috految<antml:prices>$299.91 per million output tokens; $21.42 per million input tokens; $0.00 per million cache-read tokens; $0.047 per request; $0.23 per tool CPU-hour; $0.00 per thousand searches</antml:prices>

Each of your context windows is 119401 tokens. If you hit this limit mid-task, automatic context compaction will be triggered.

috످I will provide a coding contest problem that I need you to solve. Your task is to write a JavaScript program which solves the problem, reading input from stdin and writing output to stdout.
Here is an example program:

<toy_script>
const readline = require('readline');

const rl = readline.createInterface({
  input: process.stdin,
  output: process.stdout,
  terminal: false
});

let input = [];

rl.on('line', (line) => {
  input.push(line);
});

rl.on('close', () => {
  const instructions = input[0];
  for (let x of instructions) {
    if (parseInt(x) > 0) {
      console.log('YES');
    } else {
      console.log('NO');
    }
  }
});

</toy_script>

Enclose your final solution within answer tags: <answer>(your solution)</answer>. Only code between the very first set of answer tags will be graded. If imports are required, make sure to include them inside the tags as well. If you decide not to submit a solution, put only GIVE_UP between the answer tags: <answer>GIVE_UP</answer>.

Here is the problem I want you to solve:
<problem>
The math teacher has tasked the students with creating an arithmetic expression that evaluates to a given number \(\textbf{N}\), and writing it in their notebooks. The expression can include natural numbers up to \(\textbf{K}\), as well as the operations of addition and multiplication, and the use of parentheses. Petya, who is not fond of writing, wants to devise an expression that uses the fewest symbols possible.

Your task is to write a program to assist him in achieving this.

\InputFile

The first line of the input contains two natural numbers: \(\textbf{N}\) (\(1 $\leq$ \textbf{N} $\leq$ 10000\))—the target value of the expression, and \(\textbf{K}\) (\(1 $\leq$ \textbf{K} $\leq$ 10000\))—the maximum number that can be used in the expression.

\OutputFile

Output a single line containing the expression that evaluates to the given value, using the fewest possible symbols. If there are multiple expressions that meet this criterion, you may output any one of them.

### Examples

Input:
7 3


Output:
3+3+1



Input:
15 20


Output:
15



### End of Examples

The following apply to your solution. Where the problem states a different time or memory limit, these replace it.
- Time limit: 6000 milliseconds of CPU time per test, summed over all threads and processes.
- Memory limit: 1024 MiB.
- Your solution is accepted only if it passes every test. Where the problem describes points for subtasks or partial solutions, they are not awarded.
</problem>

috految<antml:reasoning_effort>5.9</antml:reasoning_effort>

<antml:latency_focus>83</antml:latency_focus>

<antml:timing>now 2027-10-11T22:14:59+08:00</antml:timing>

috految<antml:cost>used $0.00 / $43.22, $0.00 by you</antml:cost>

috److Use dynamic programming with two arrays:

- `S[i]` is the shortest expression of any form that evaluates to `i`.
- `P[i]` is the shortest expression for `i` that can be used as a factor (a number, a product, or a parenthesized sum).

**Base case.** For `i <= K`, the literal number is optimal, so `S[i] = P[i] = i`.

**Transitions for `i > K`:**

1. Find the best sum, `S[i-j] + "+" + S[j]`, over all `j <= i/2`.
2. Initialize `P[i]` to that sum wrapped in parentheses.
3. For each divisor `j` of `i` with `2 <= j <= sqrt(i)`, try the product `P[j] + "*" + P[i/j]` to improve both `P[i]` and `S[i]`.

Multiplication is written explicitly with `*`. The sum search takes about 25 million steps in total, which fits the time limit.

<answer>
const [n, k] = require('fs').readFileSync(0, 'utf8').trim().split(/\s+/).map(Number);
const S = [''];
const P = [''];
for (let i = 1; i <= n; i++) {
  if (i <= k) {
    S[i] = P[i] = String(i);
    continue;
  }
  let s = S[i-1] + '+1';
  for (let j = 2; j * 2 <= i; j++) {
    if (S[i-j].length + S[j].length + 1 < s.length) {
      s = S[i-j] + '+' + S[j];
    }
  }
  let p = '(' + s + ')';
  for (let j = 2; j * j <= i; j++) {
    if (i % j) continue;
    const t = P[j] + '*' + P[i/j];
    if (t.length < p.length) p = t;
    if (t.length < s.length) s = t;
  }
  S[i] = s;
  P[i] = p;
}
console.log(S[n]);
</answer>

috످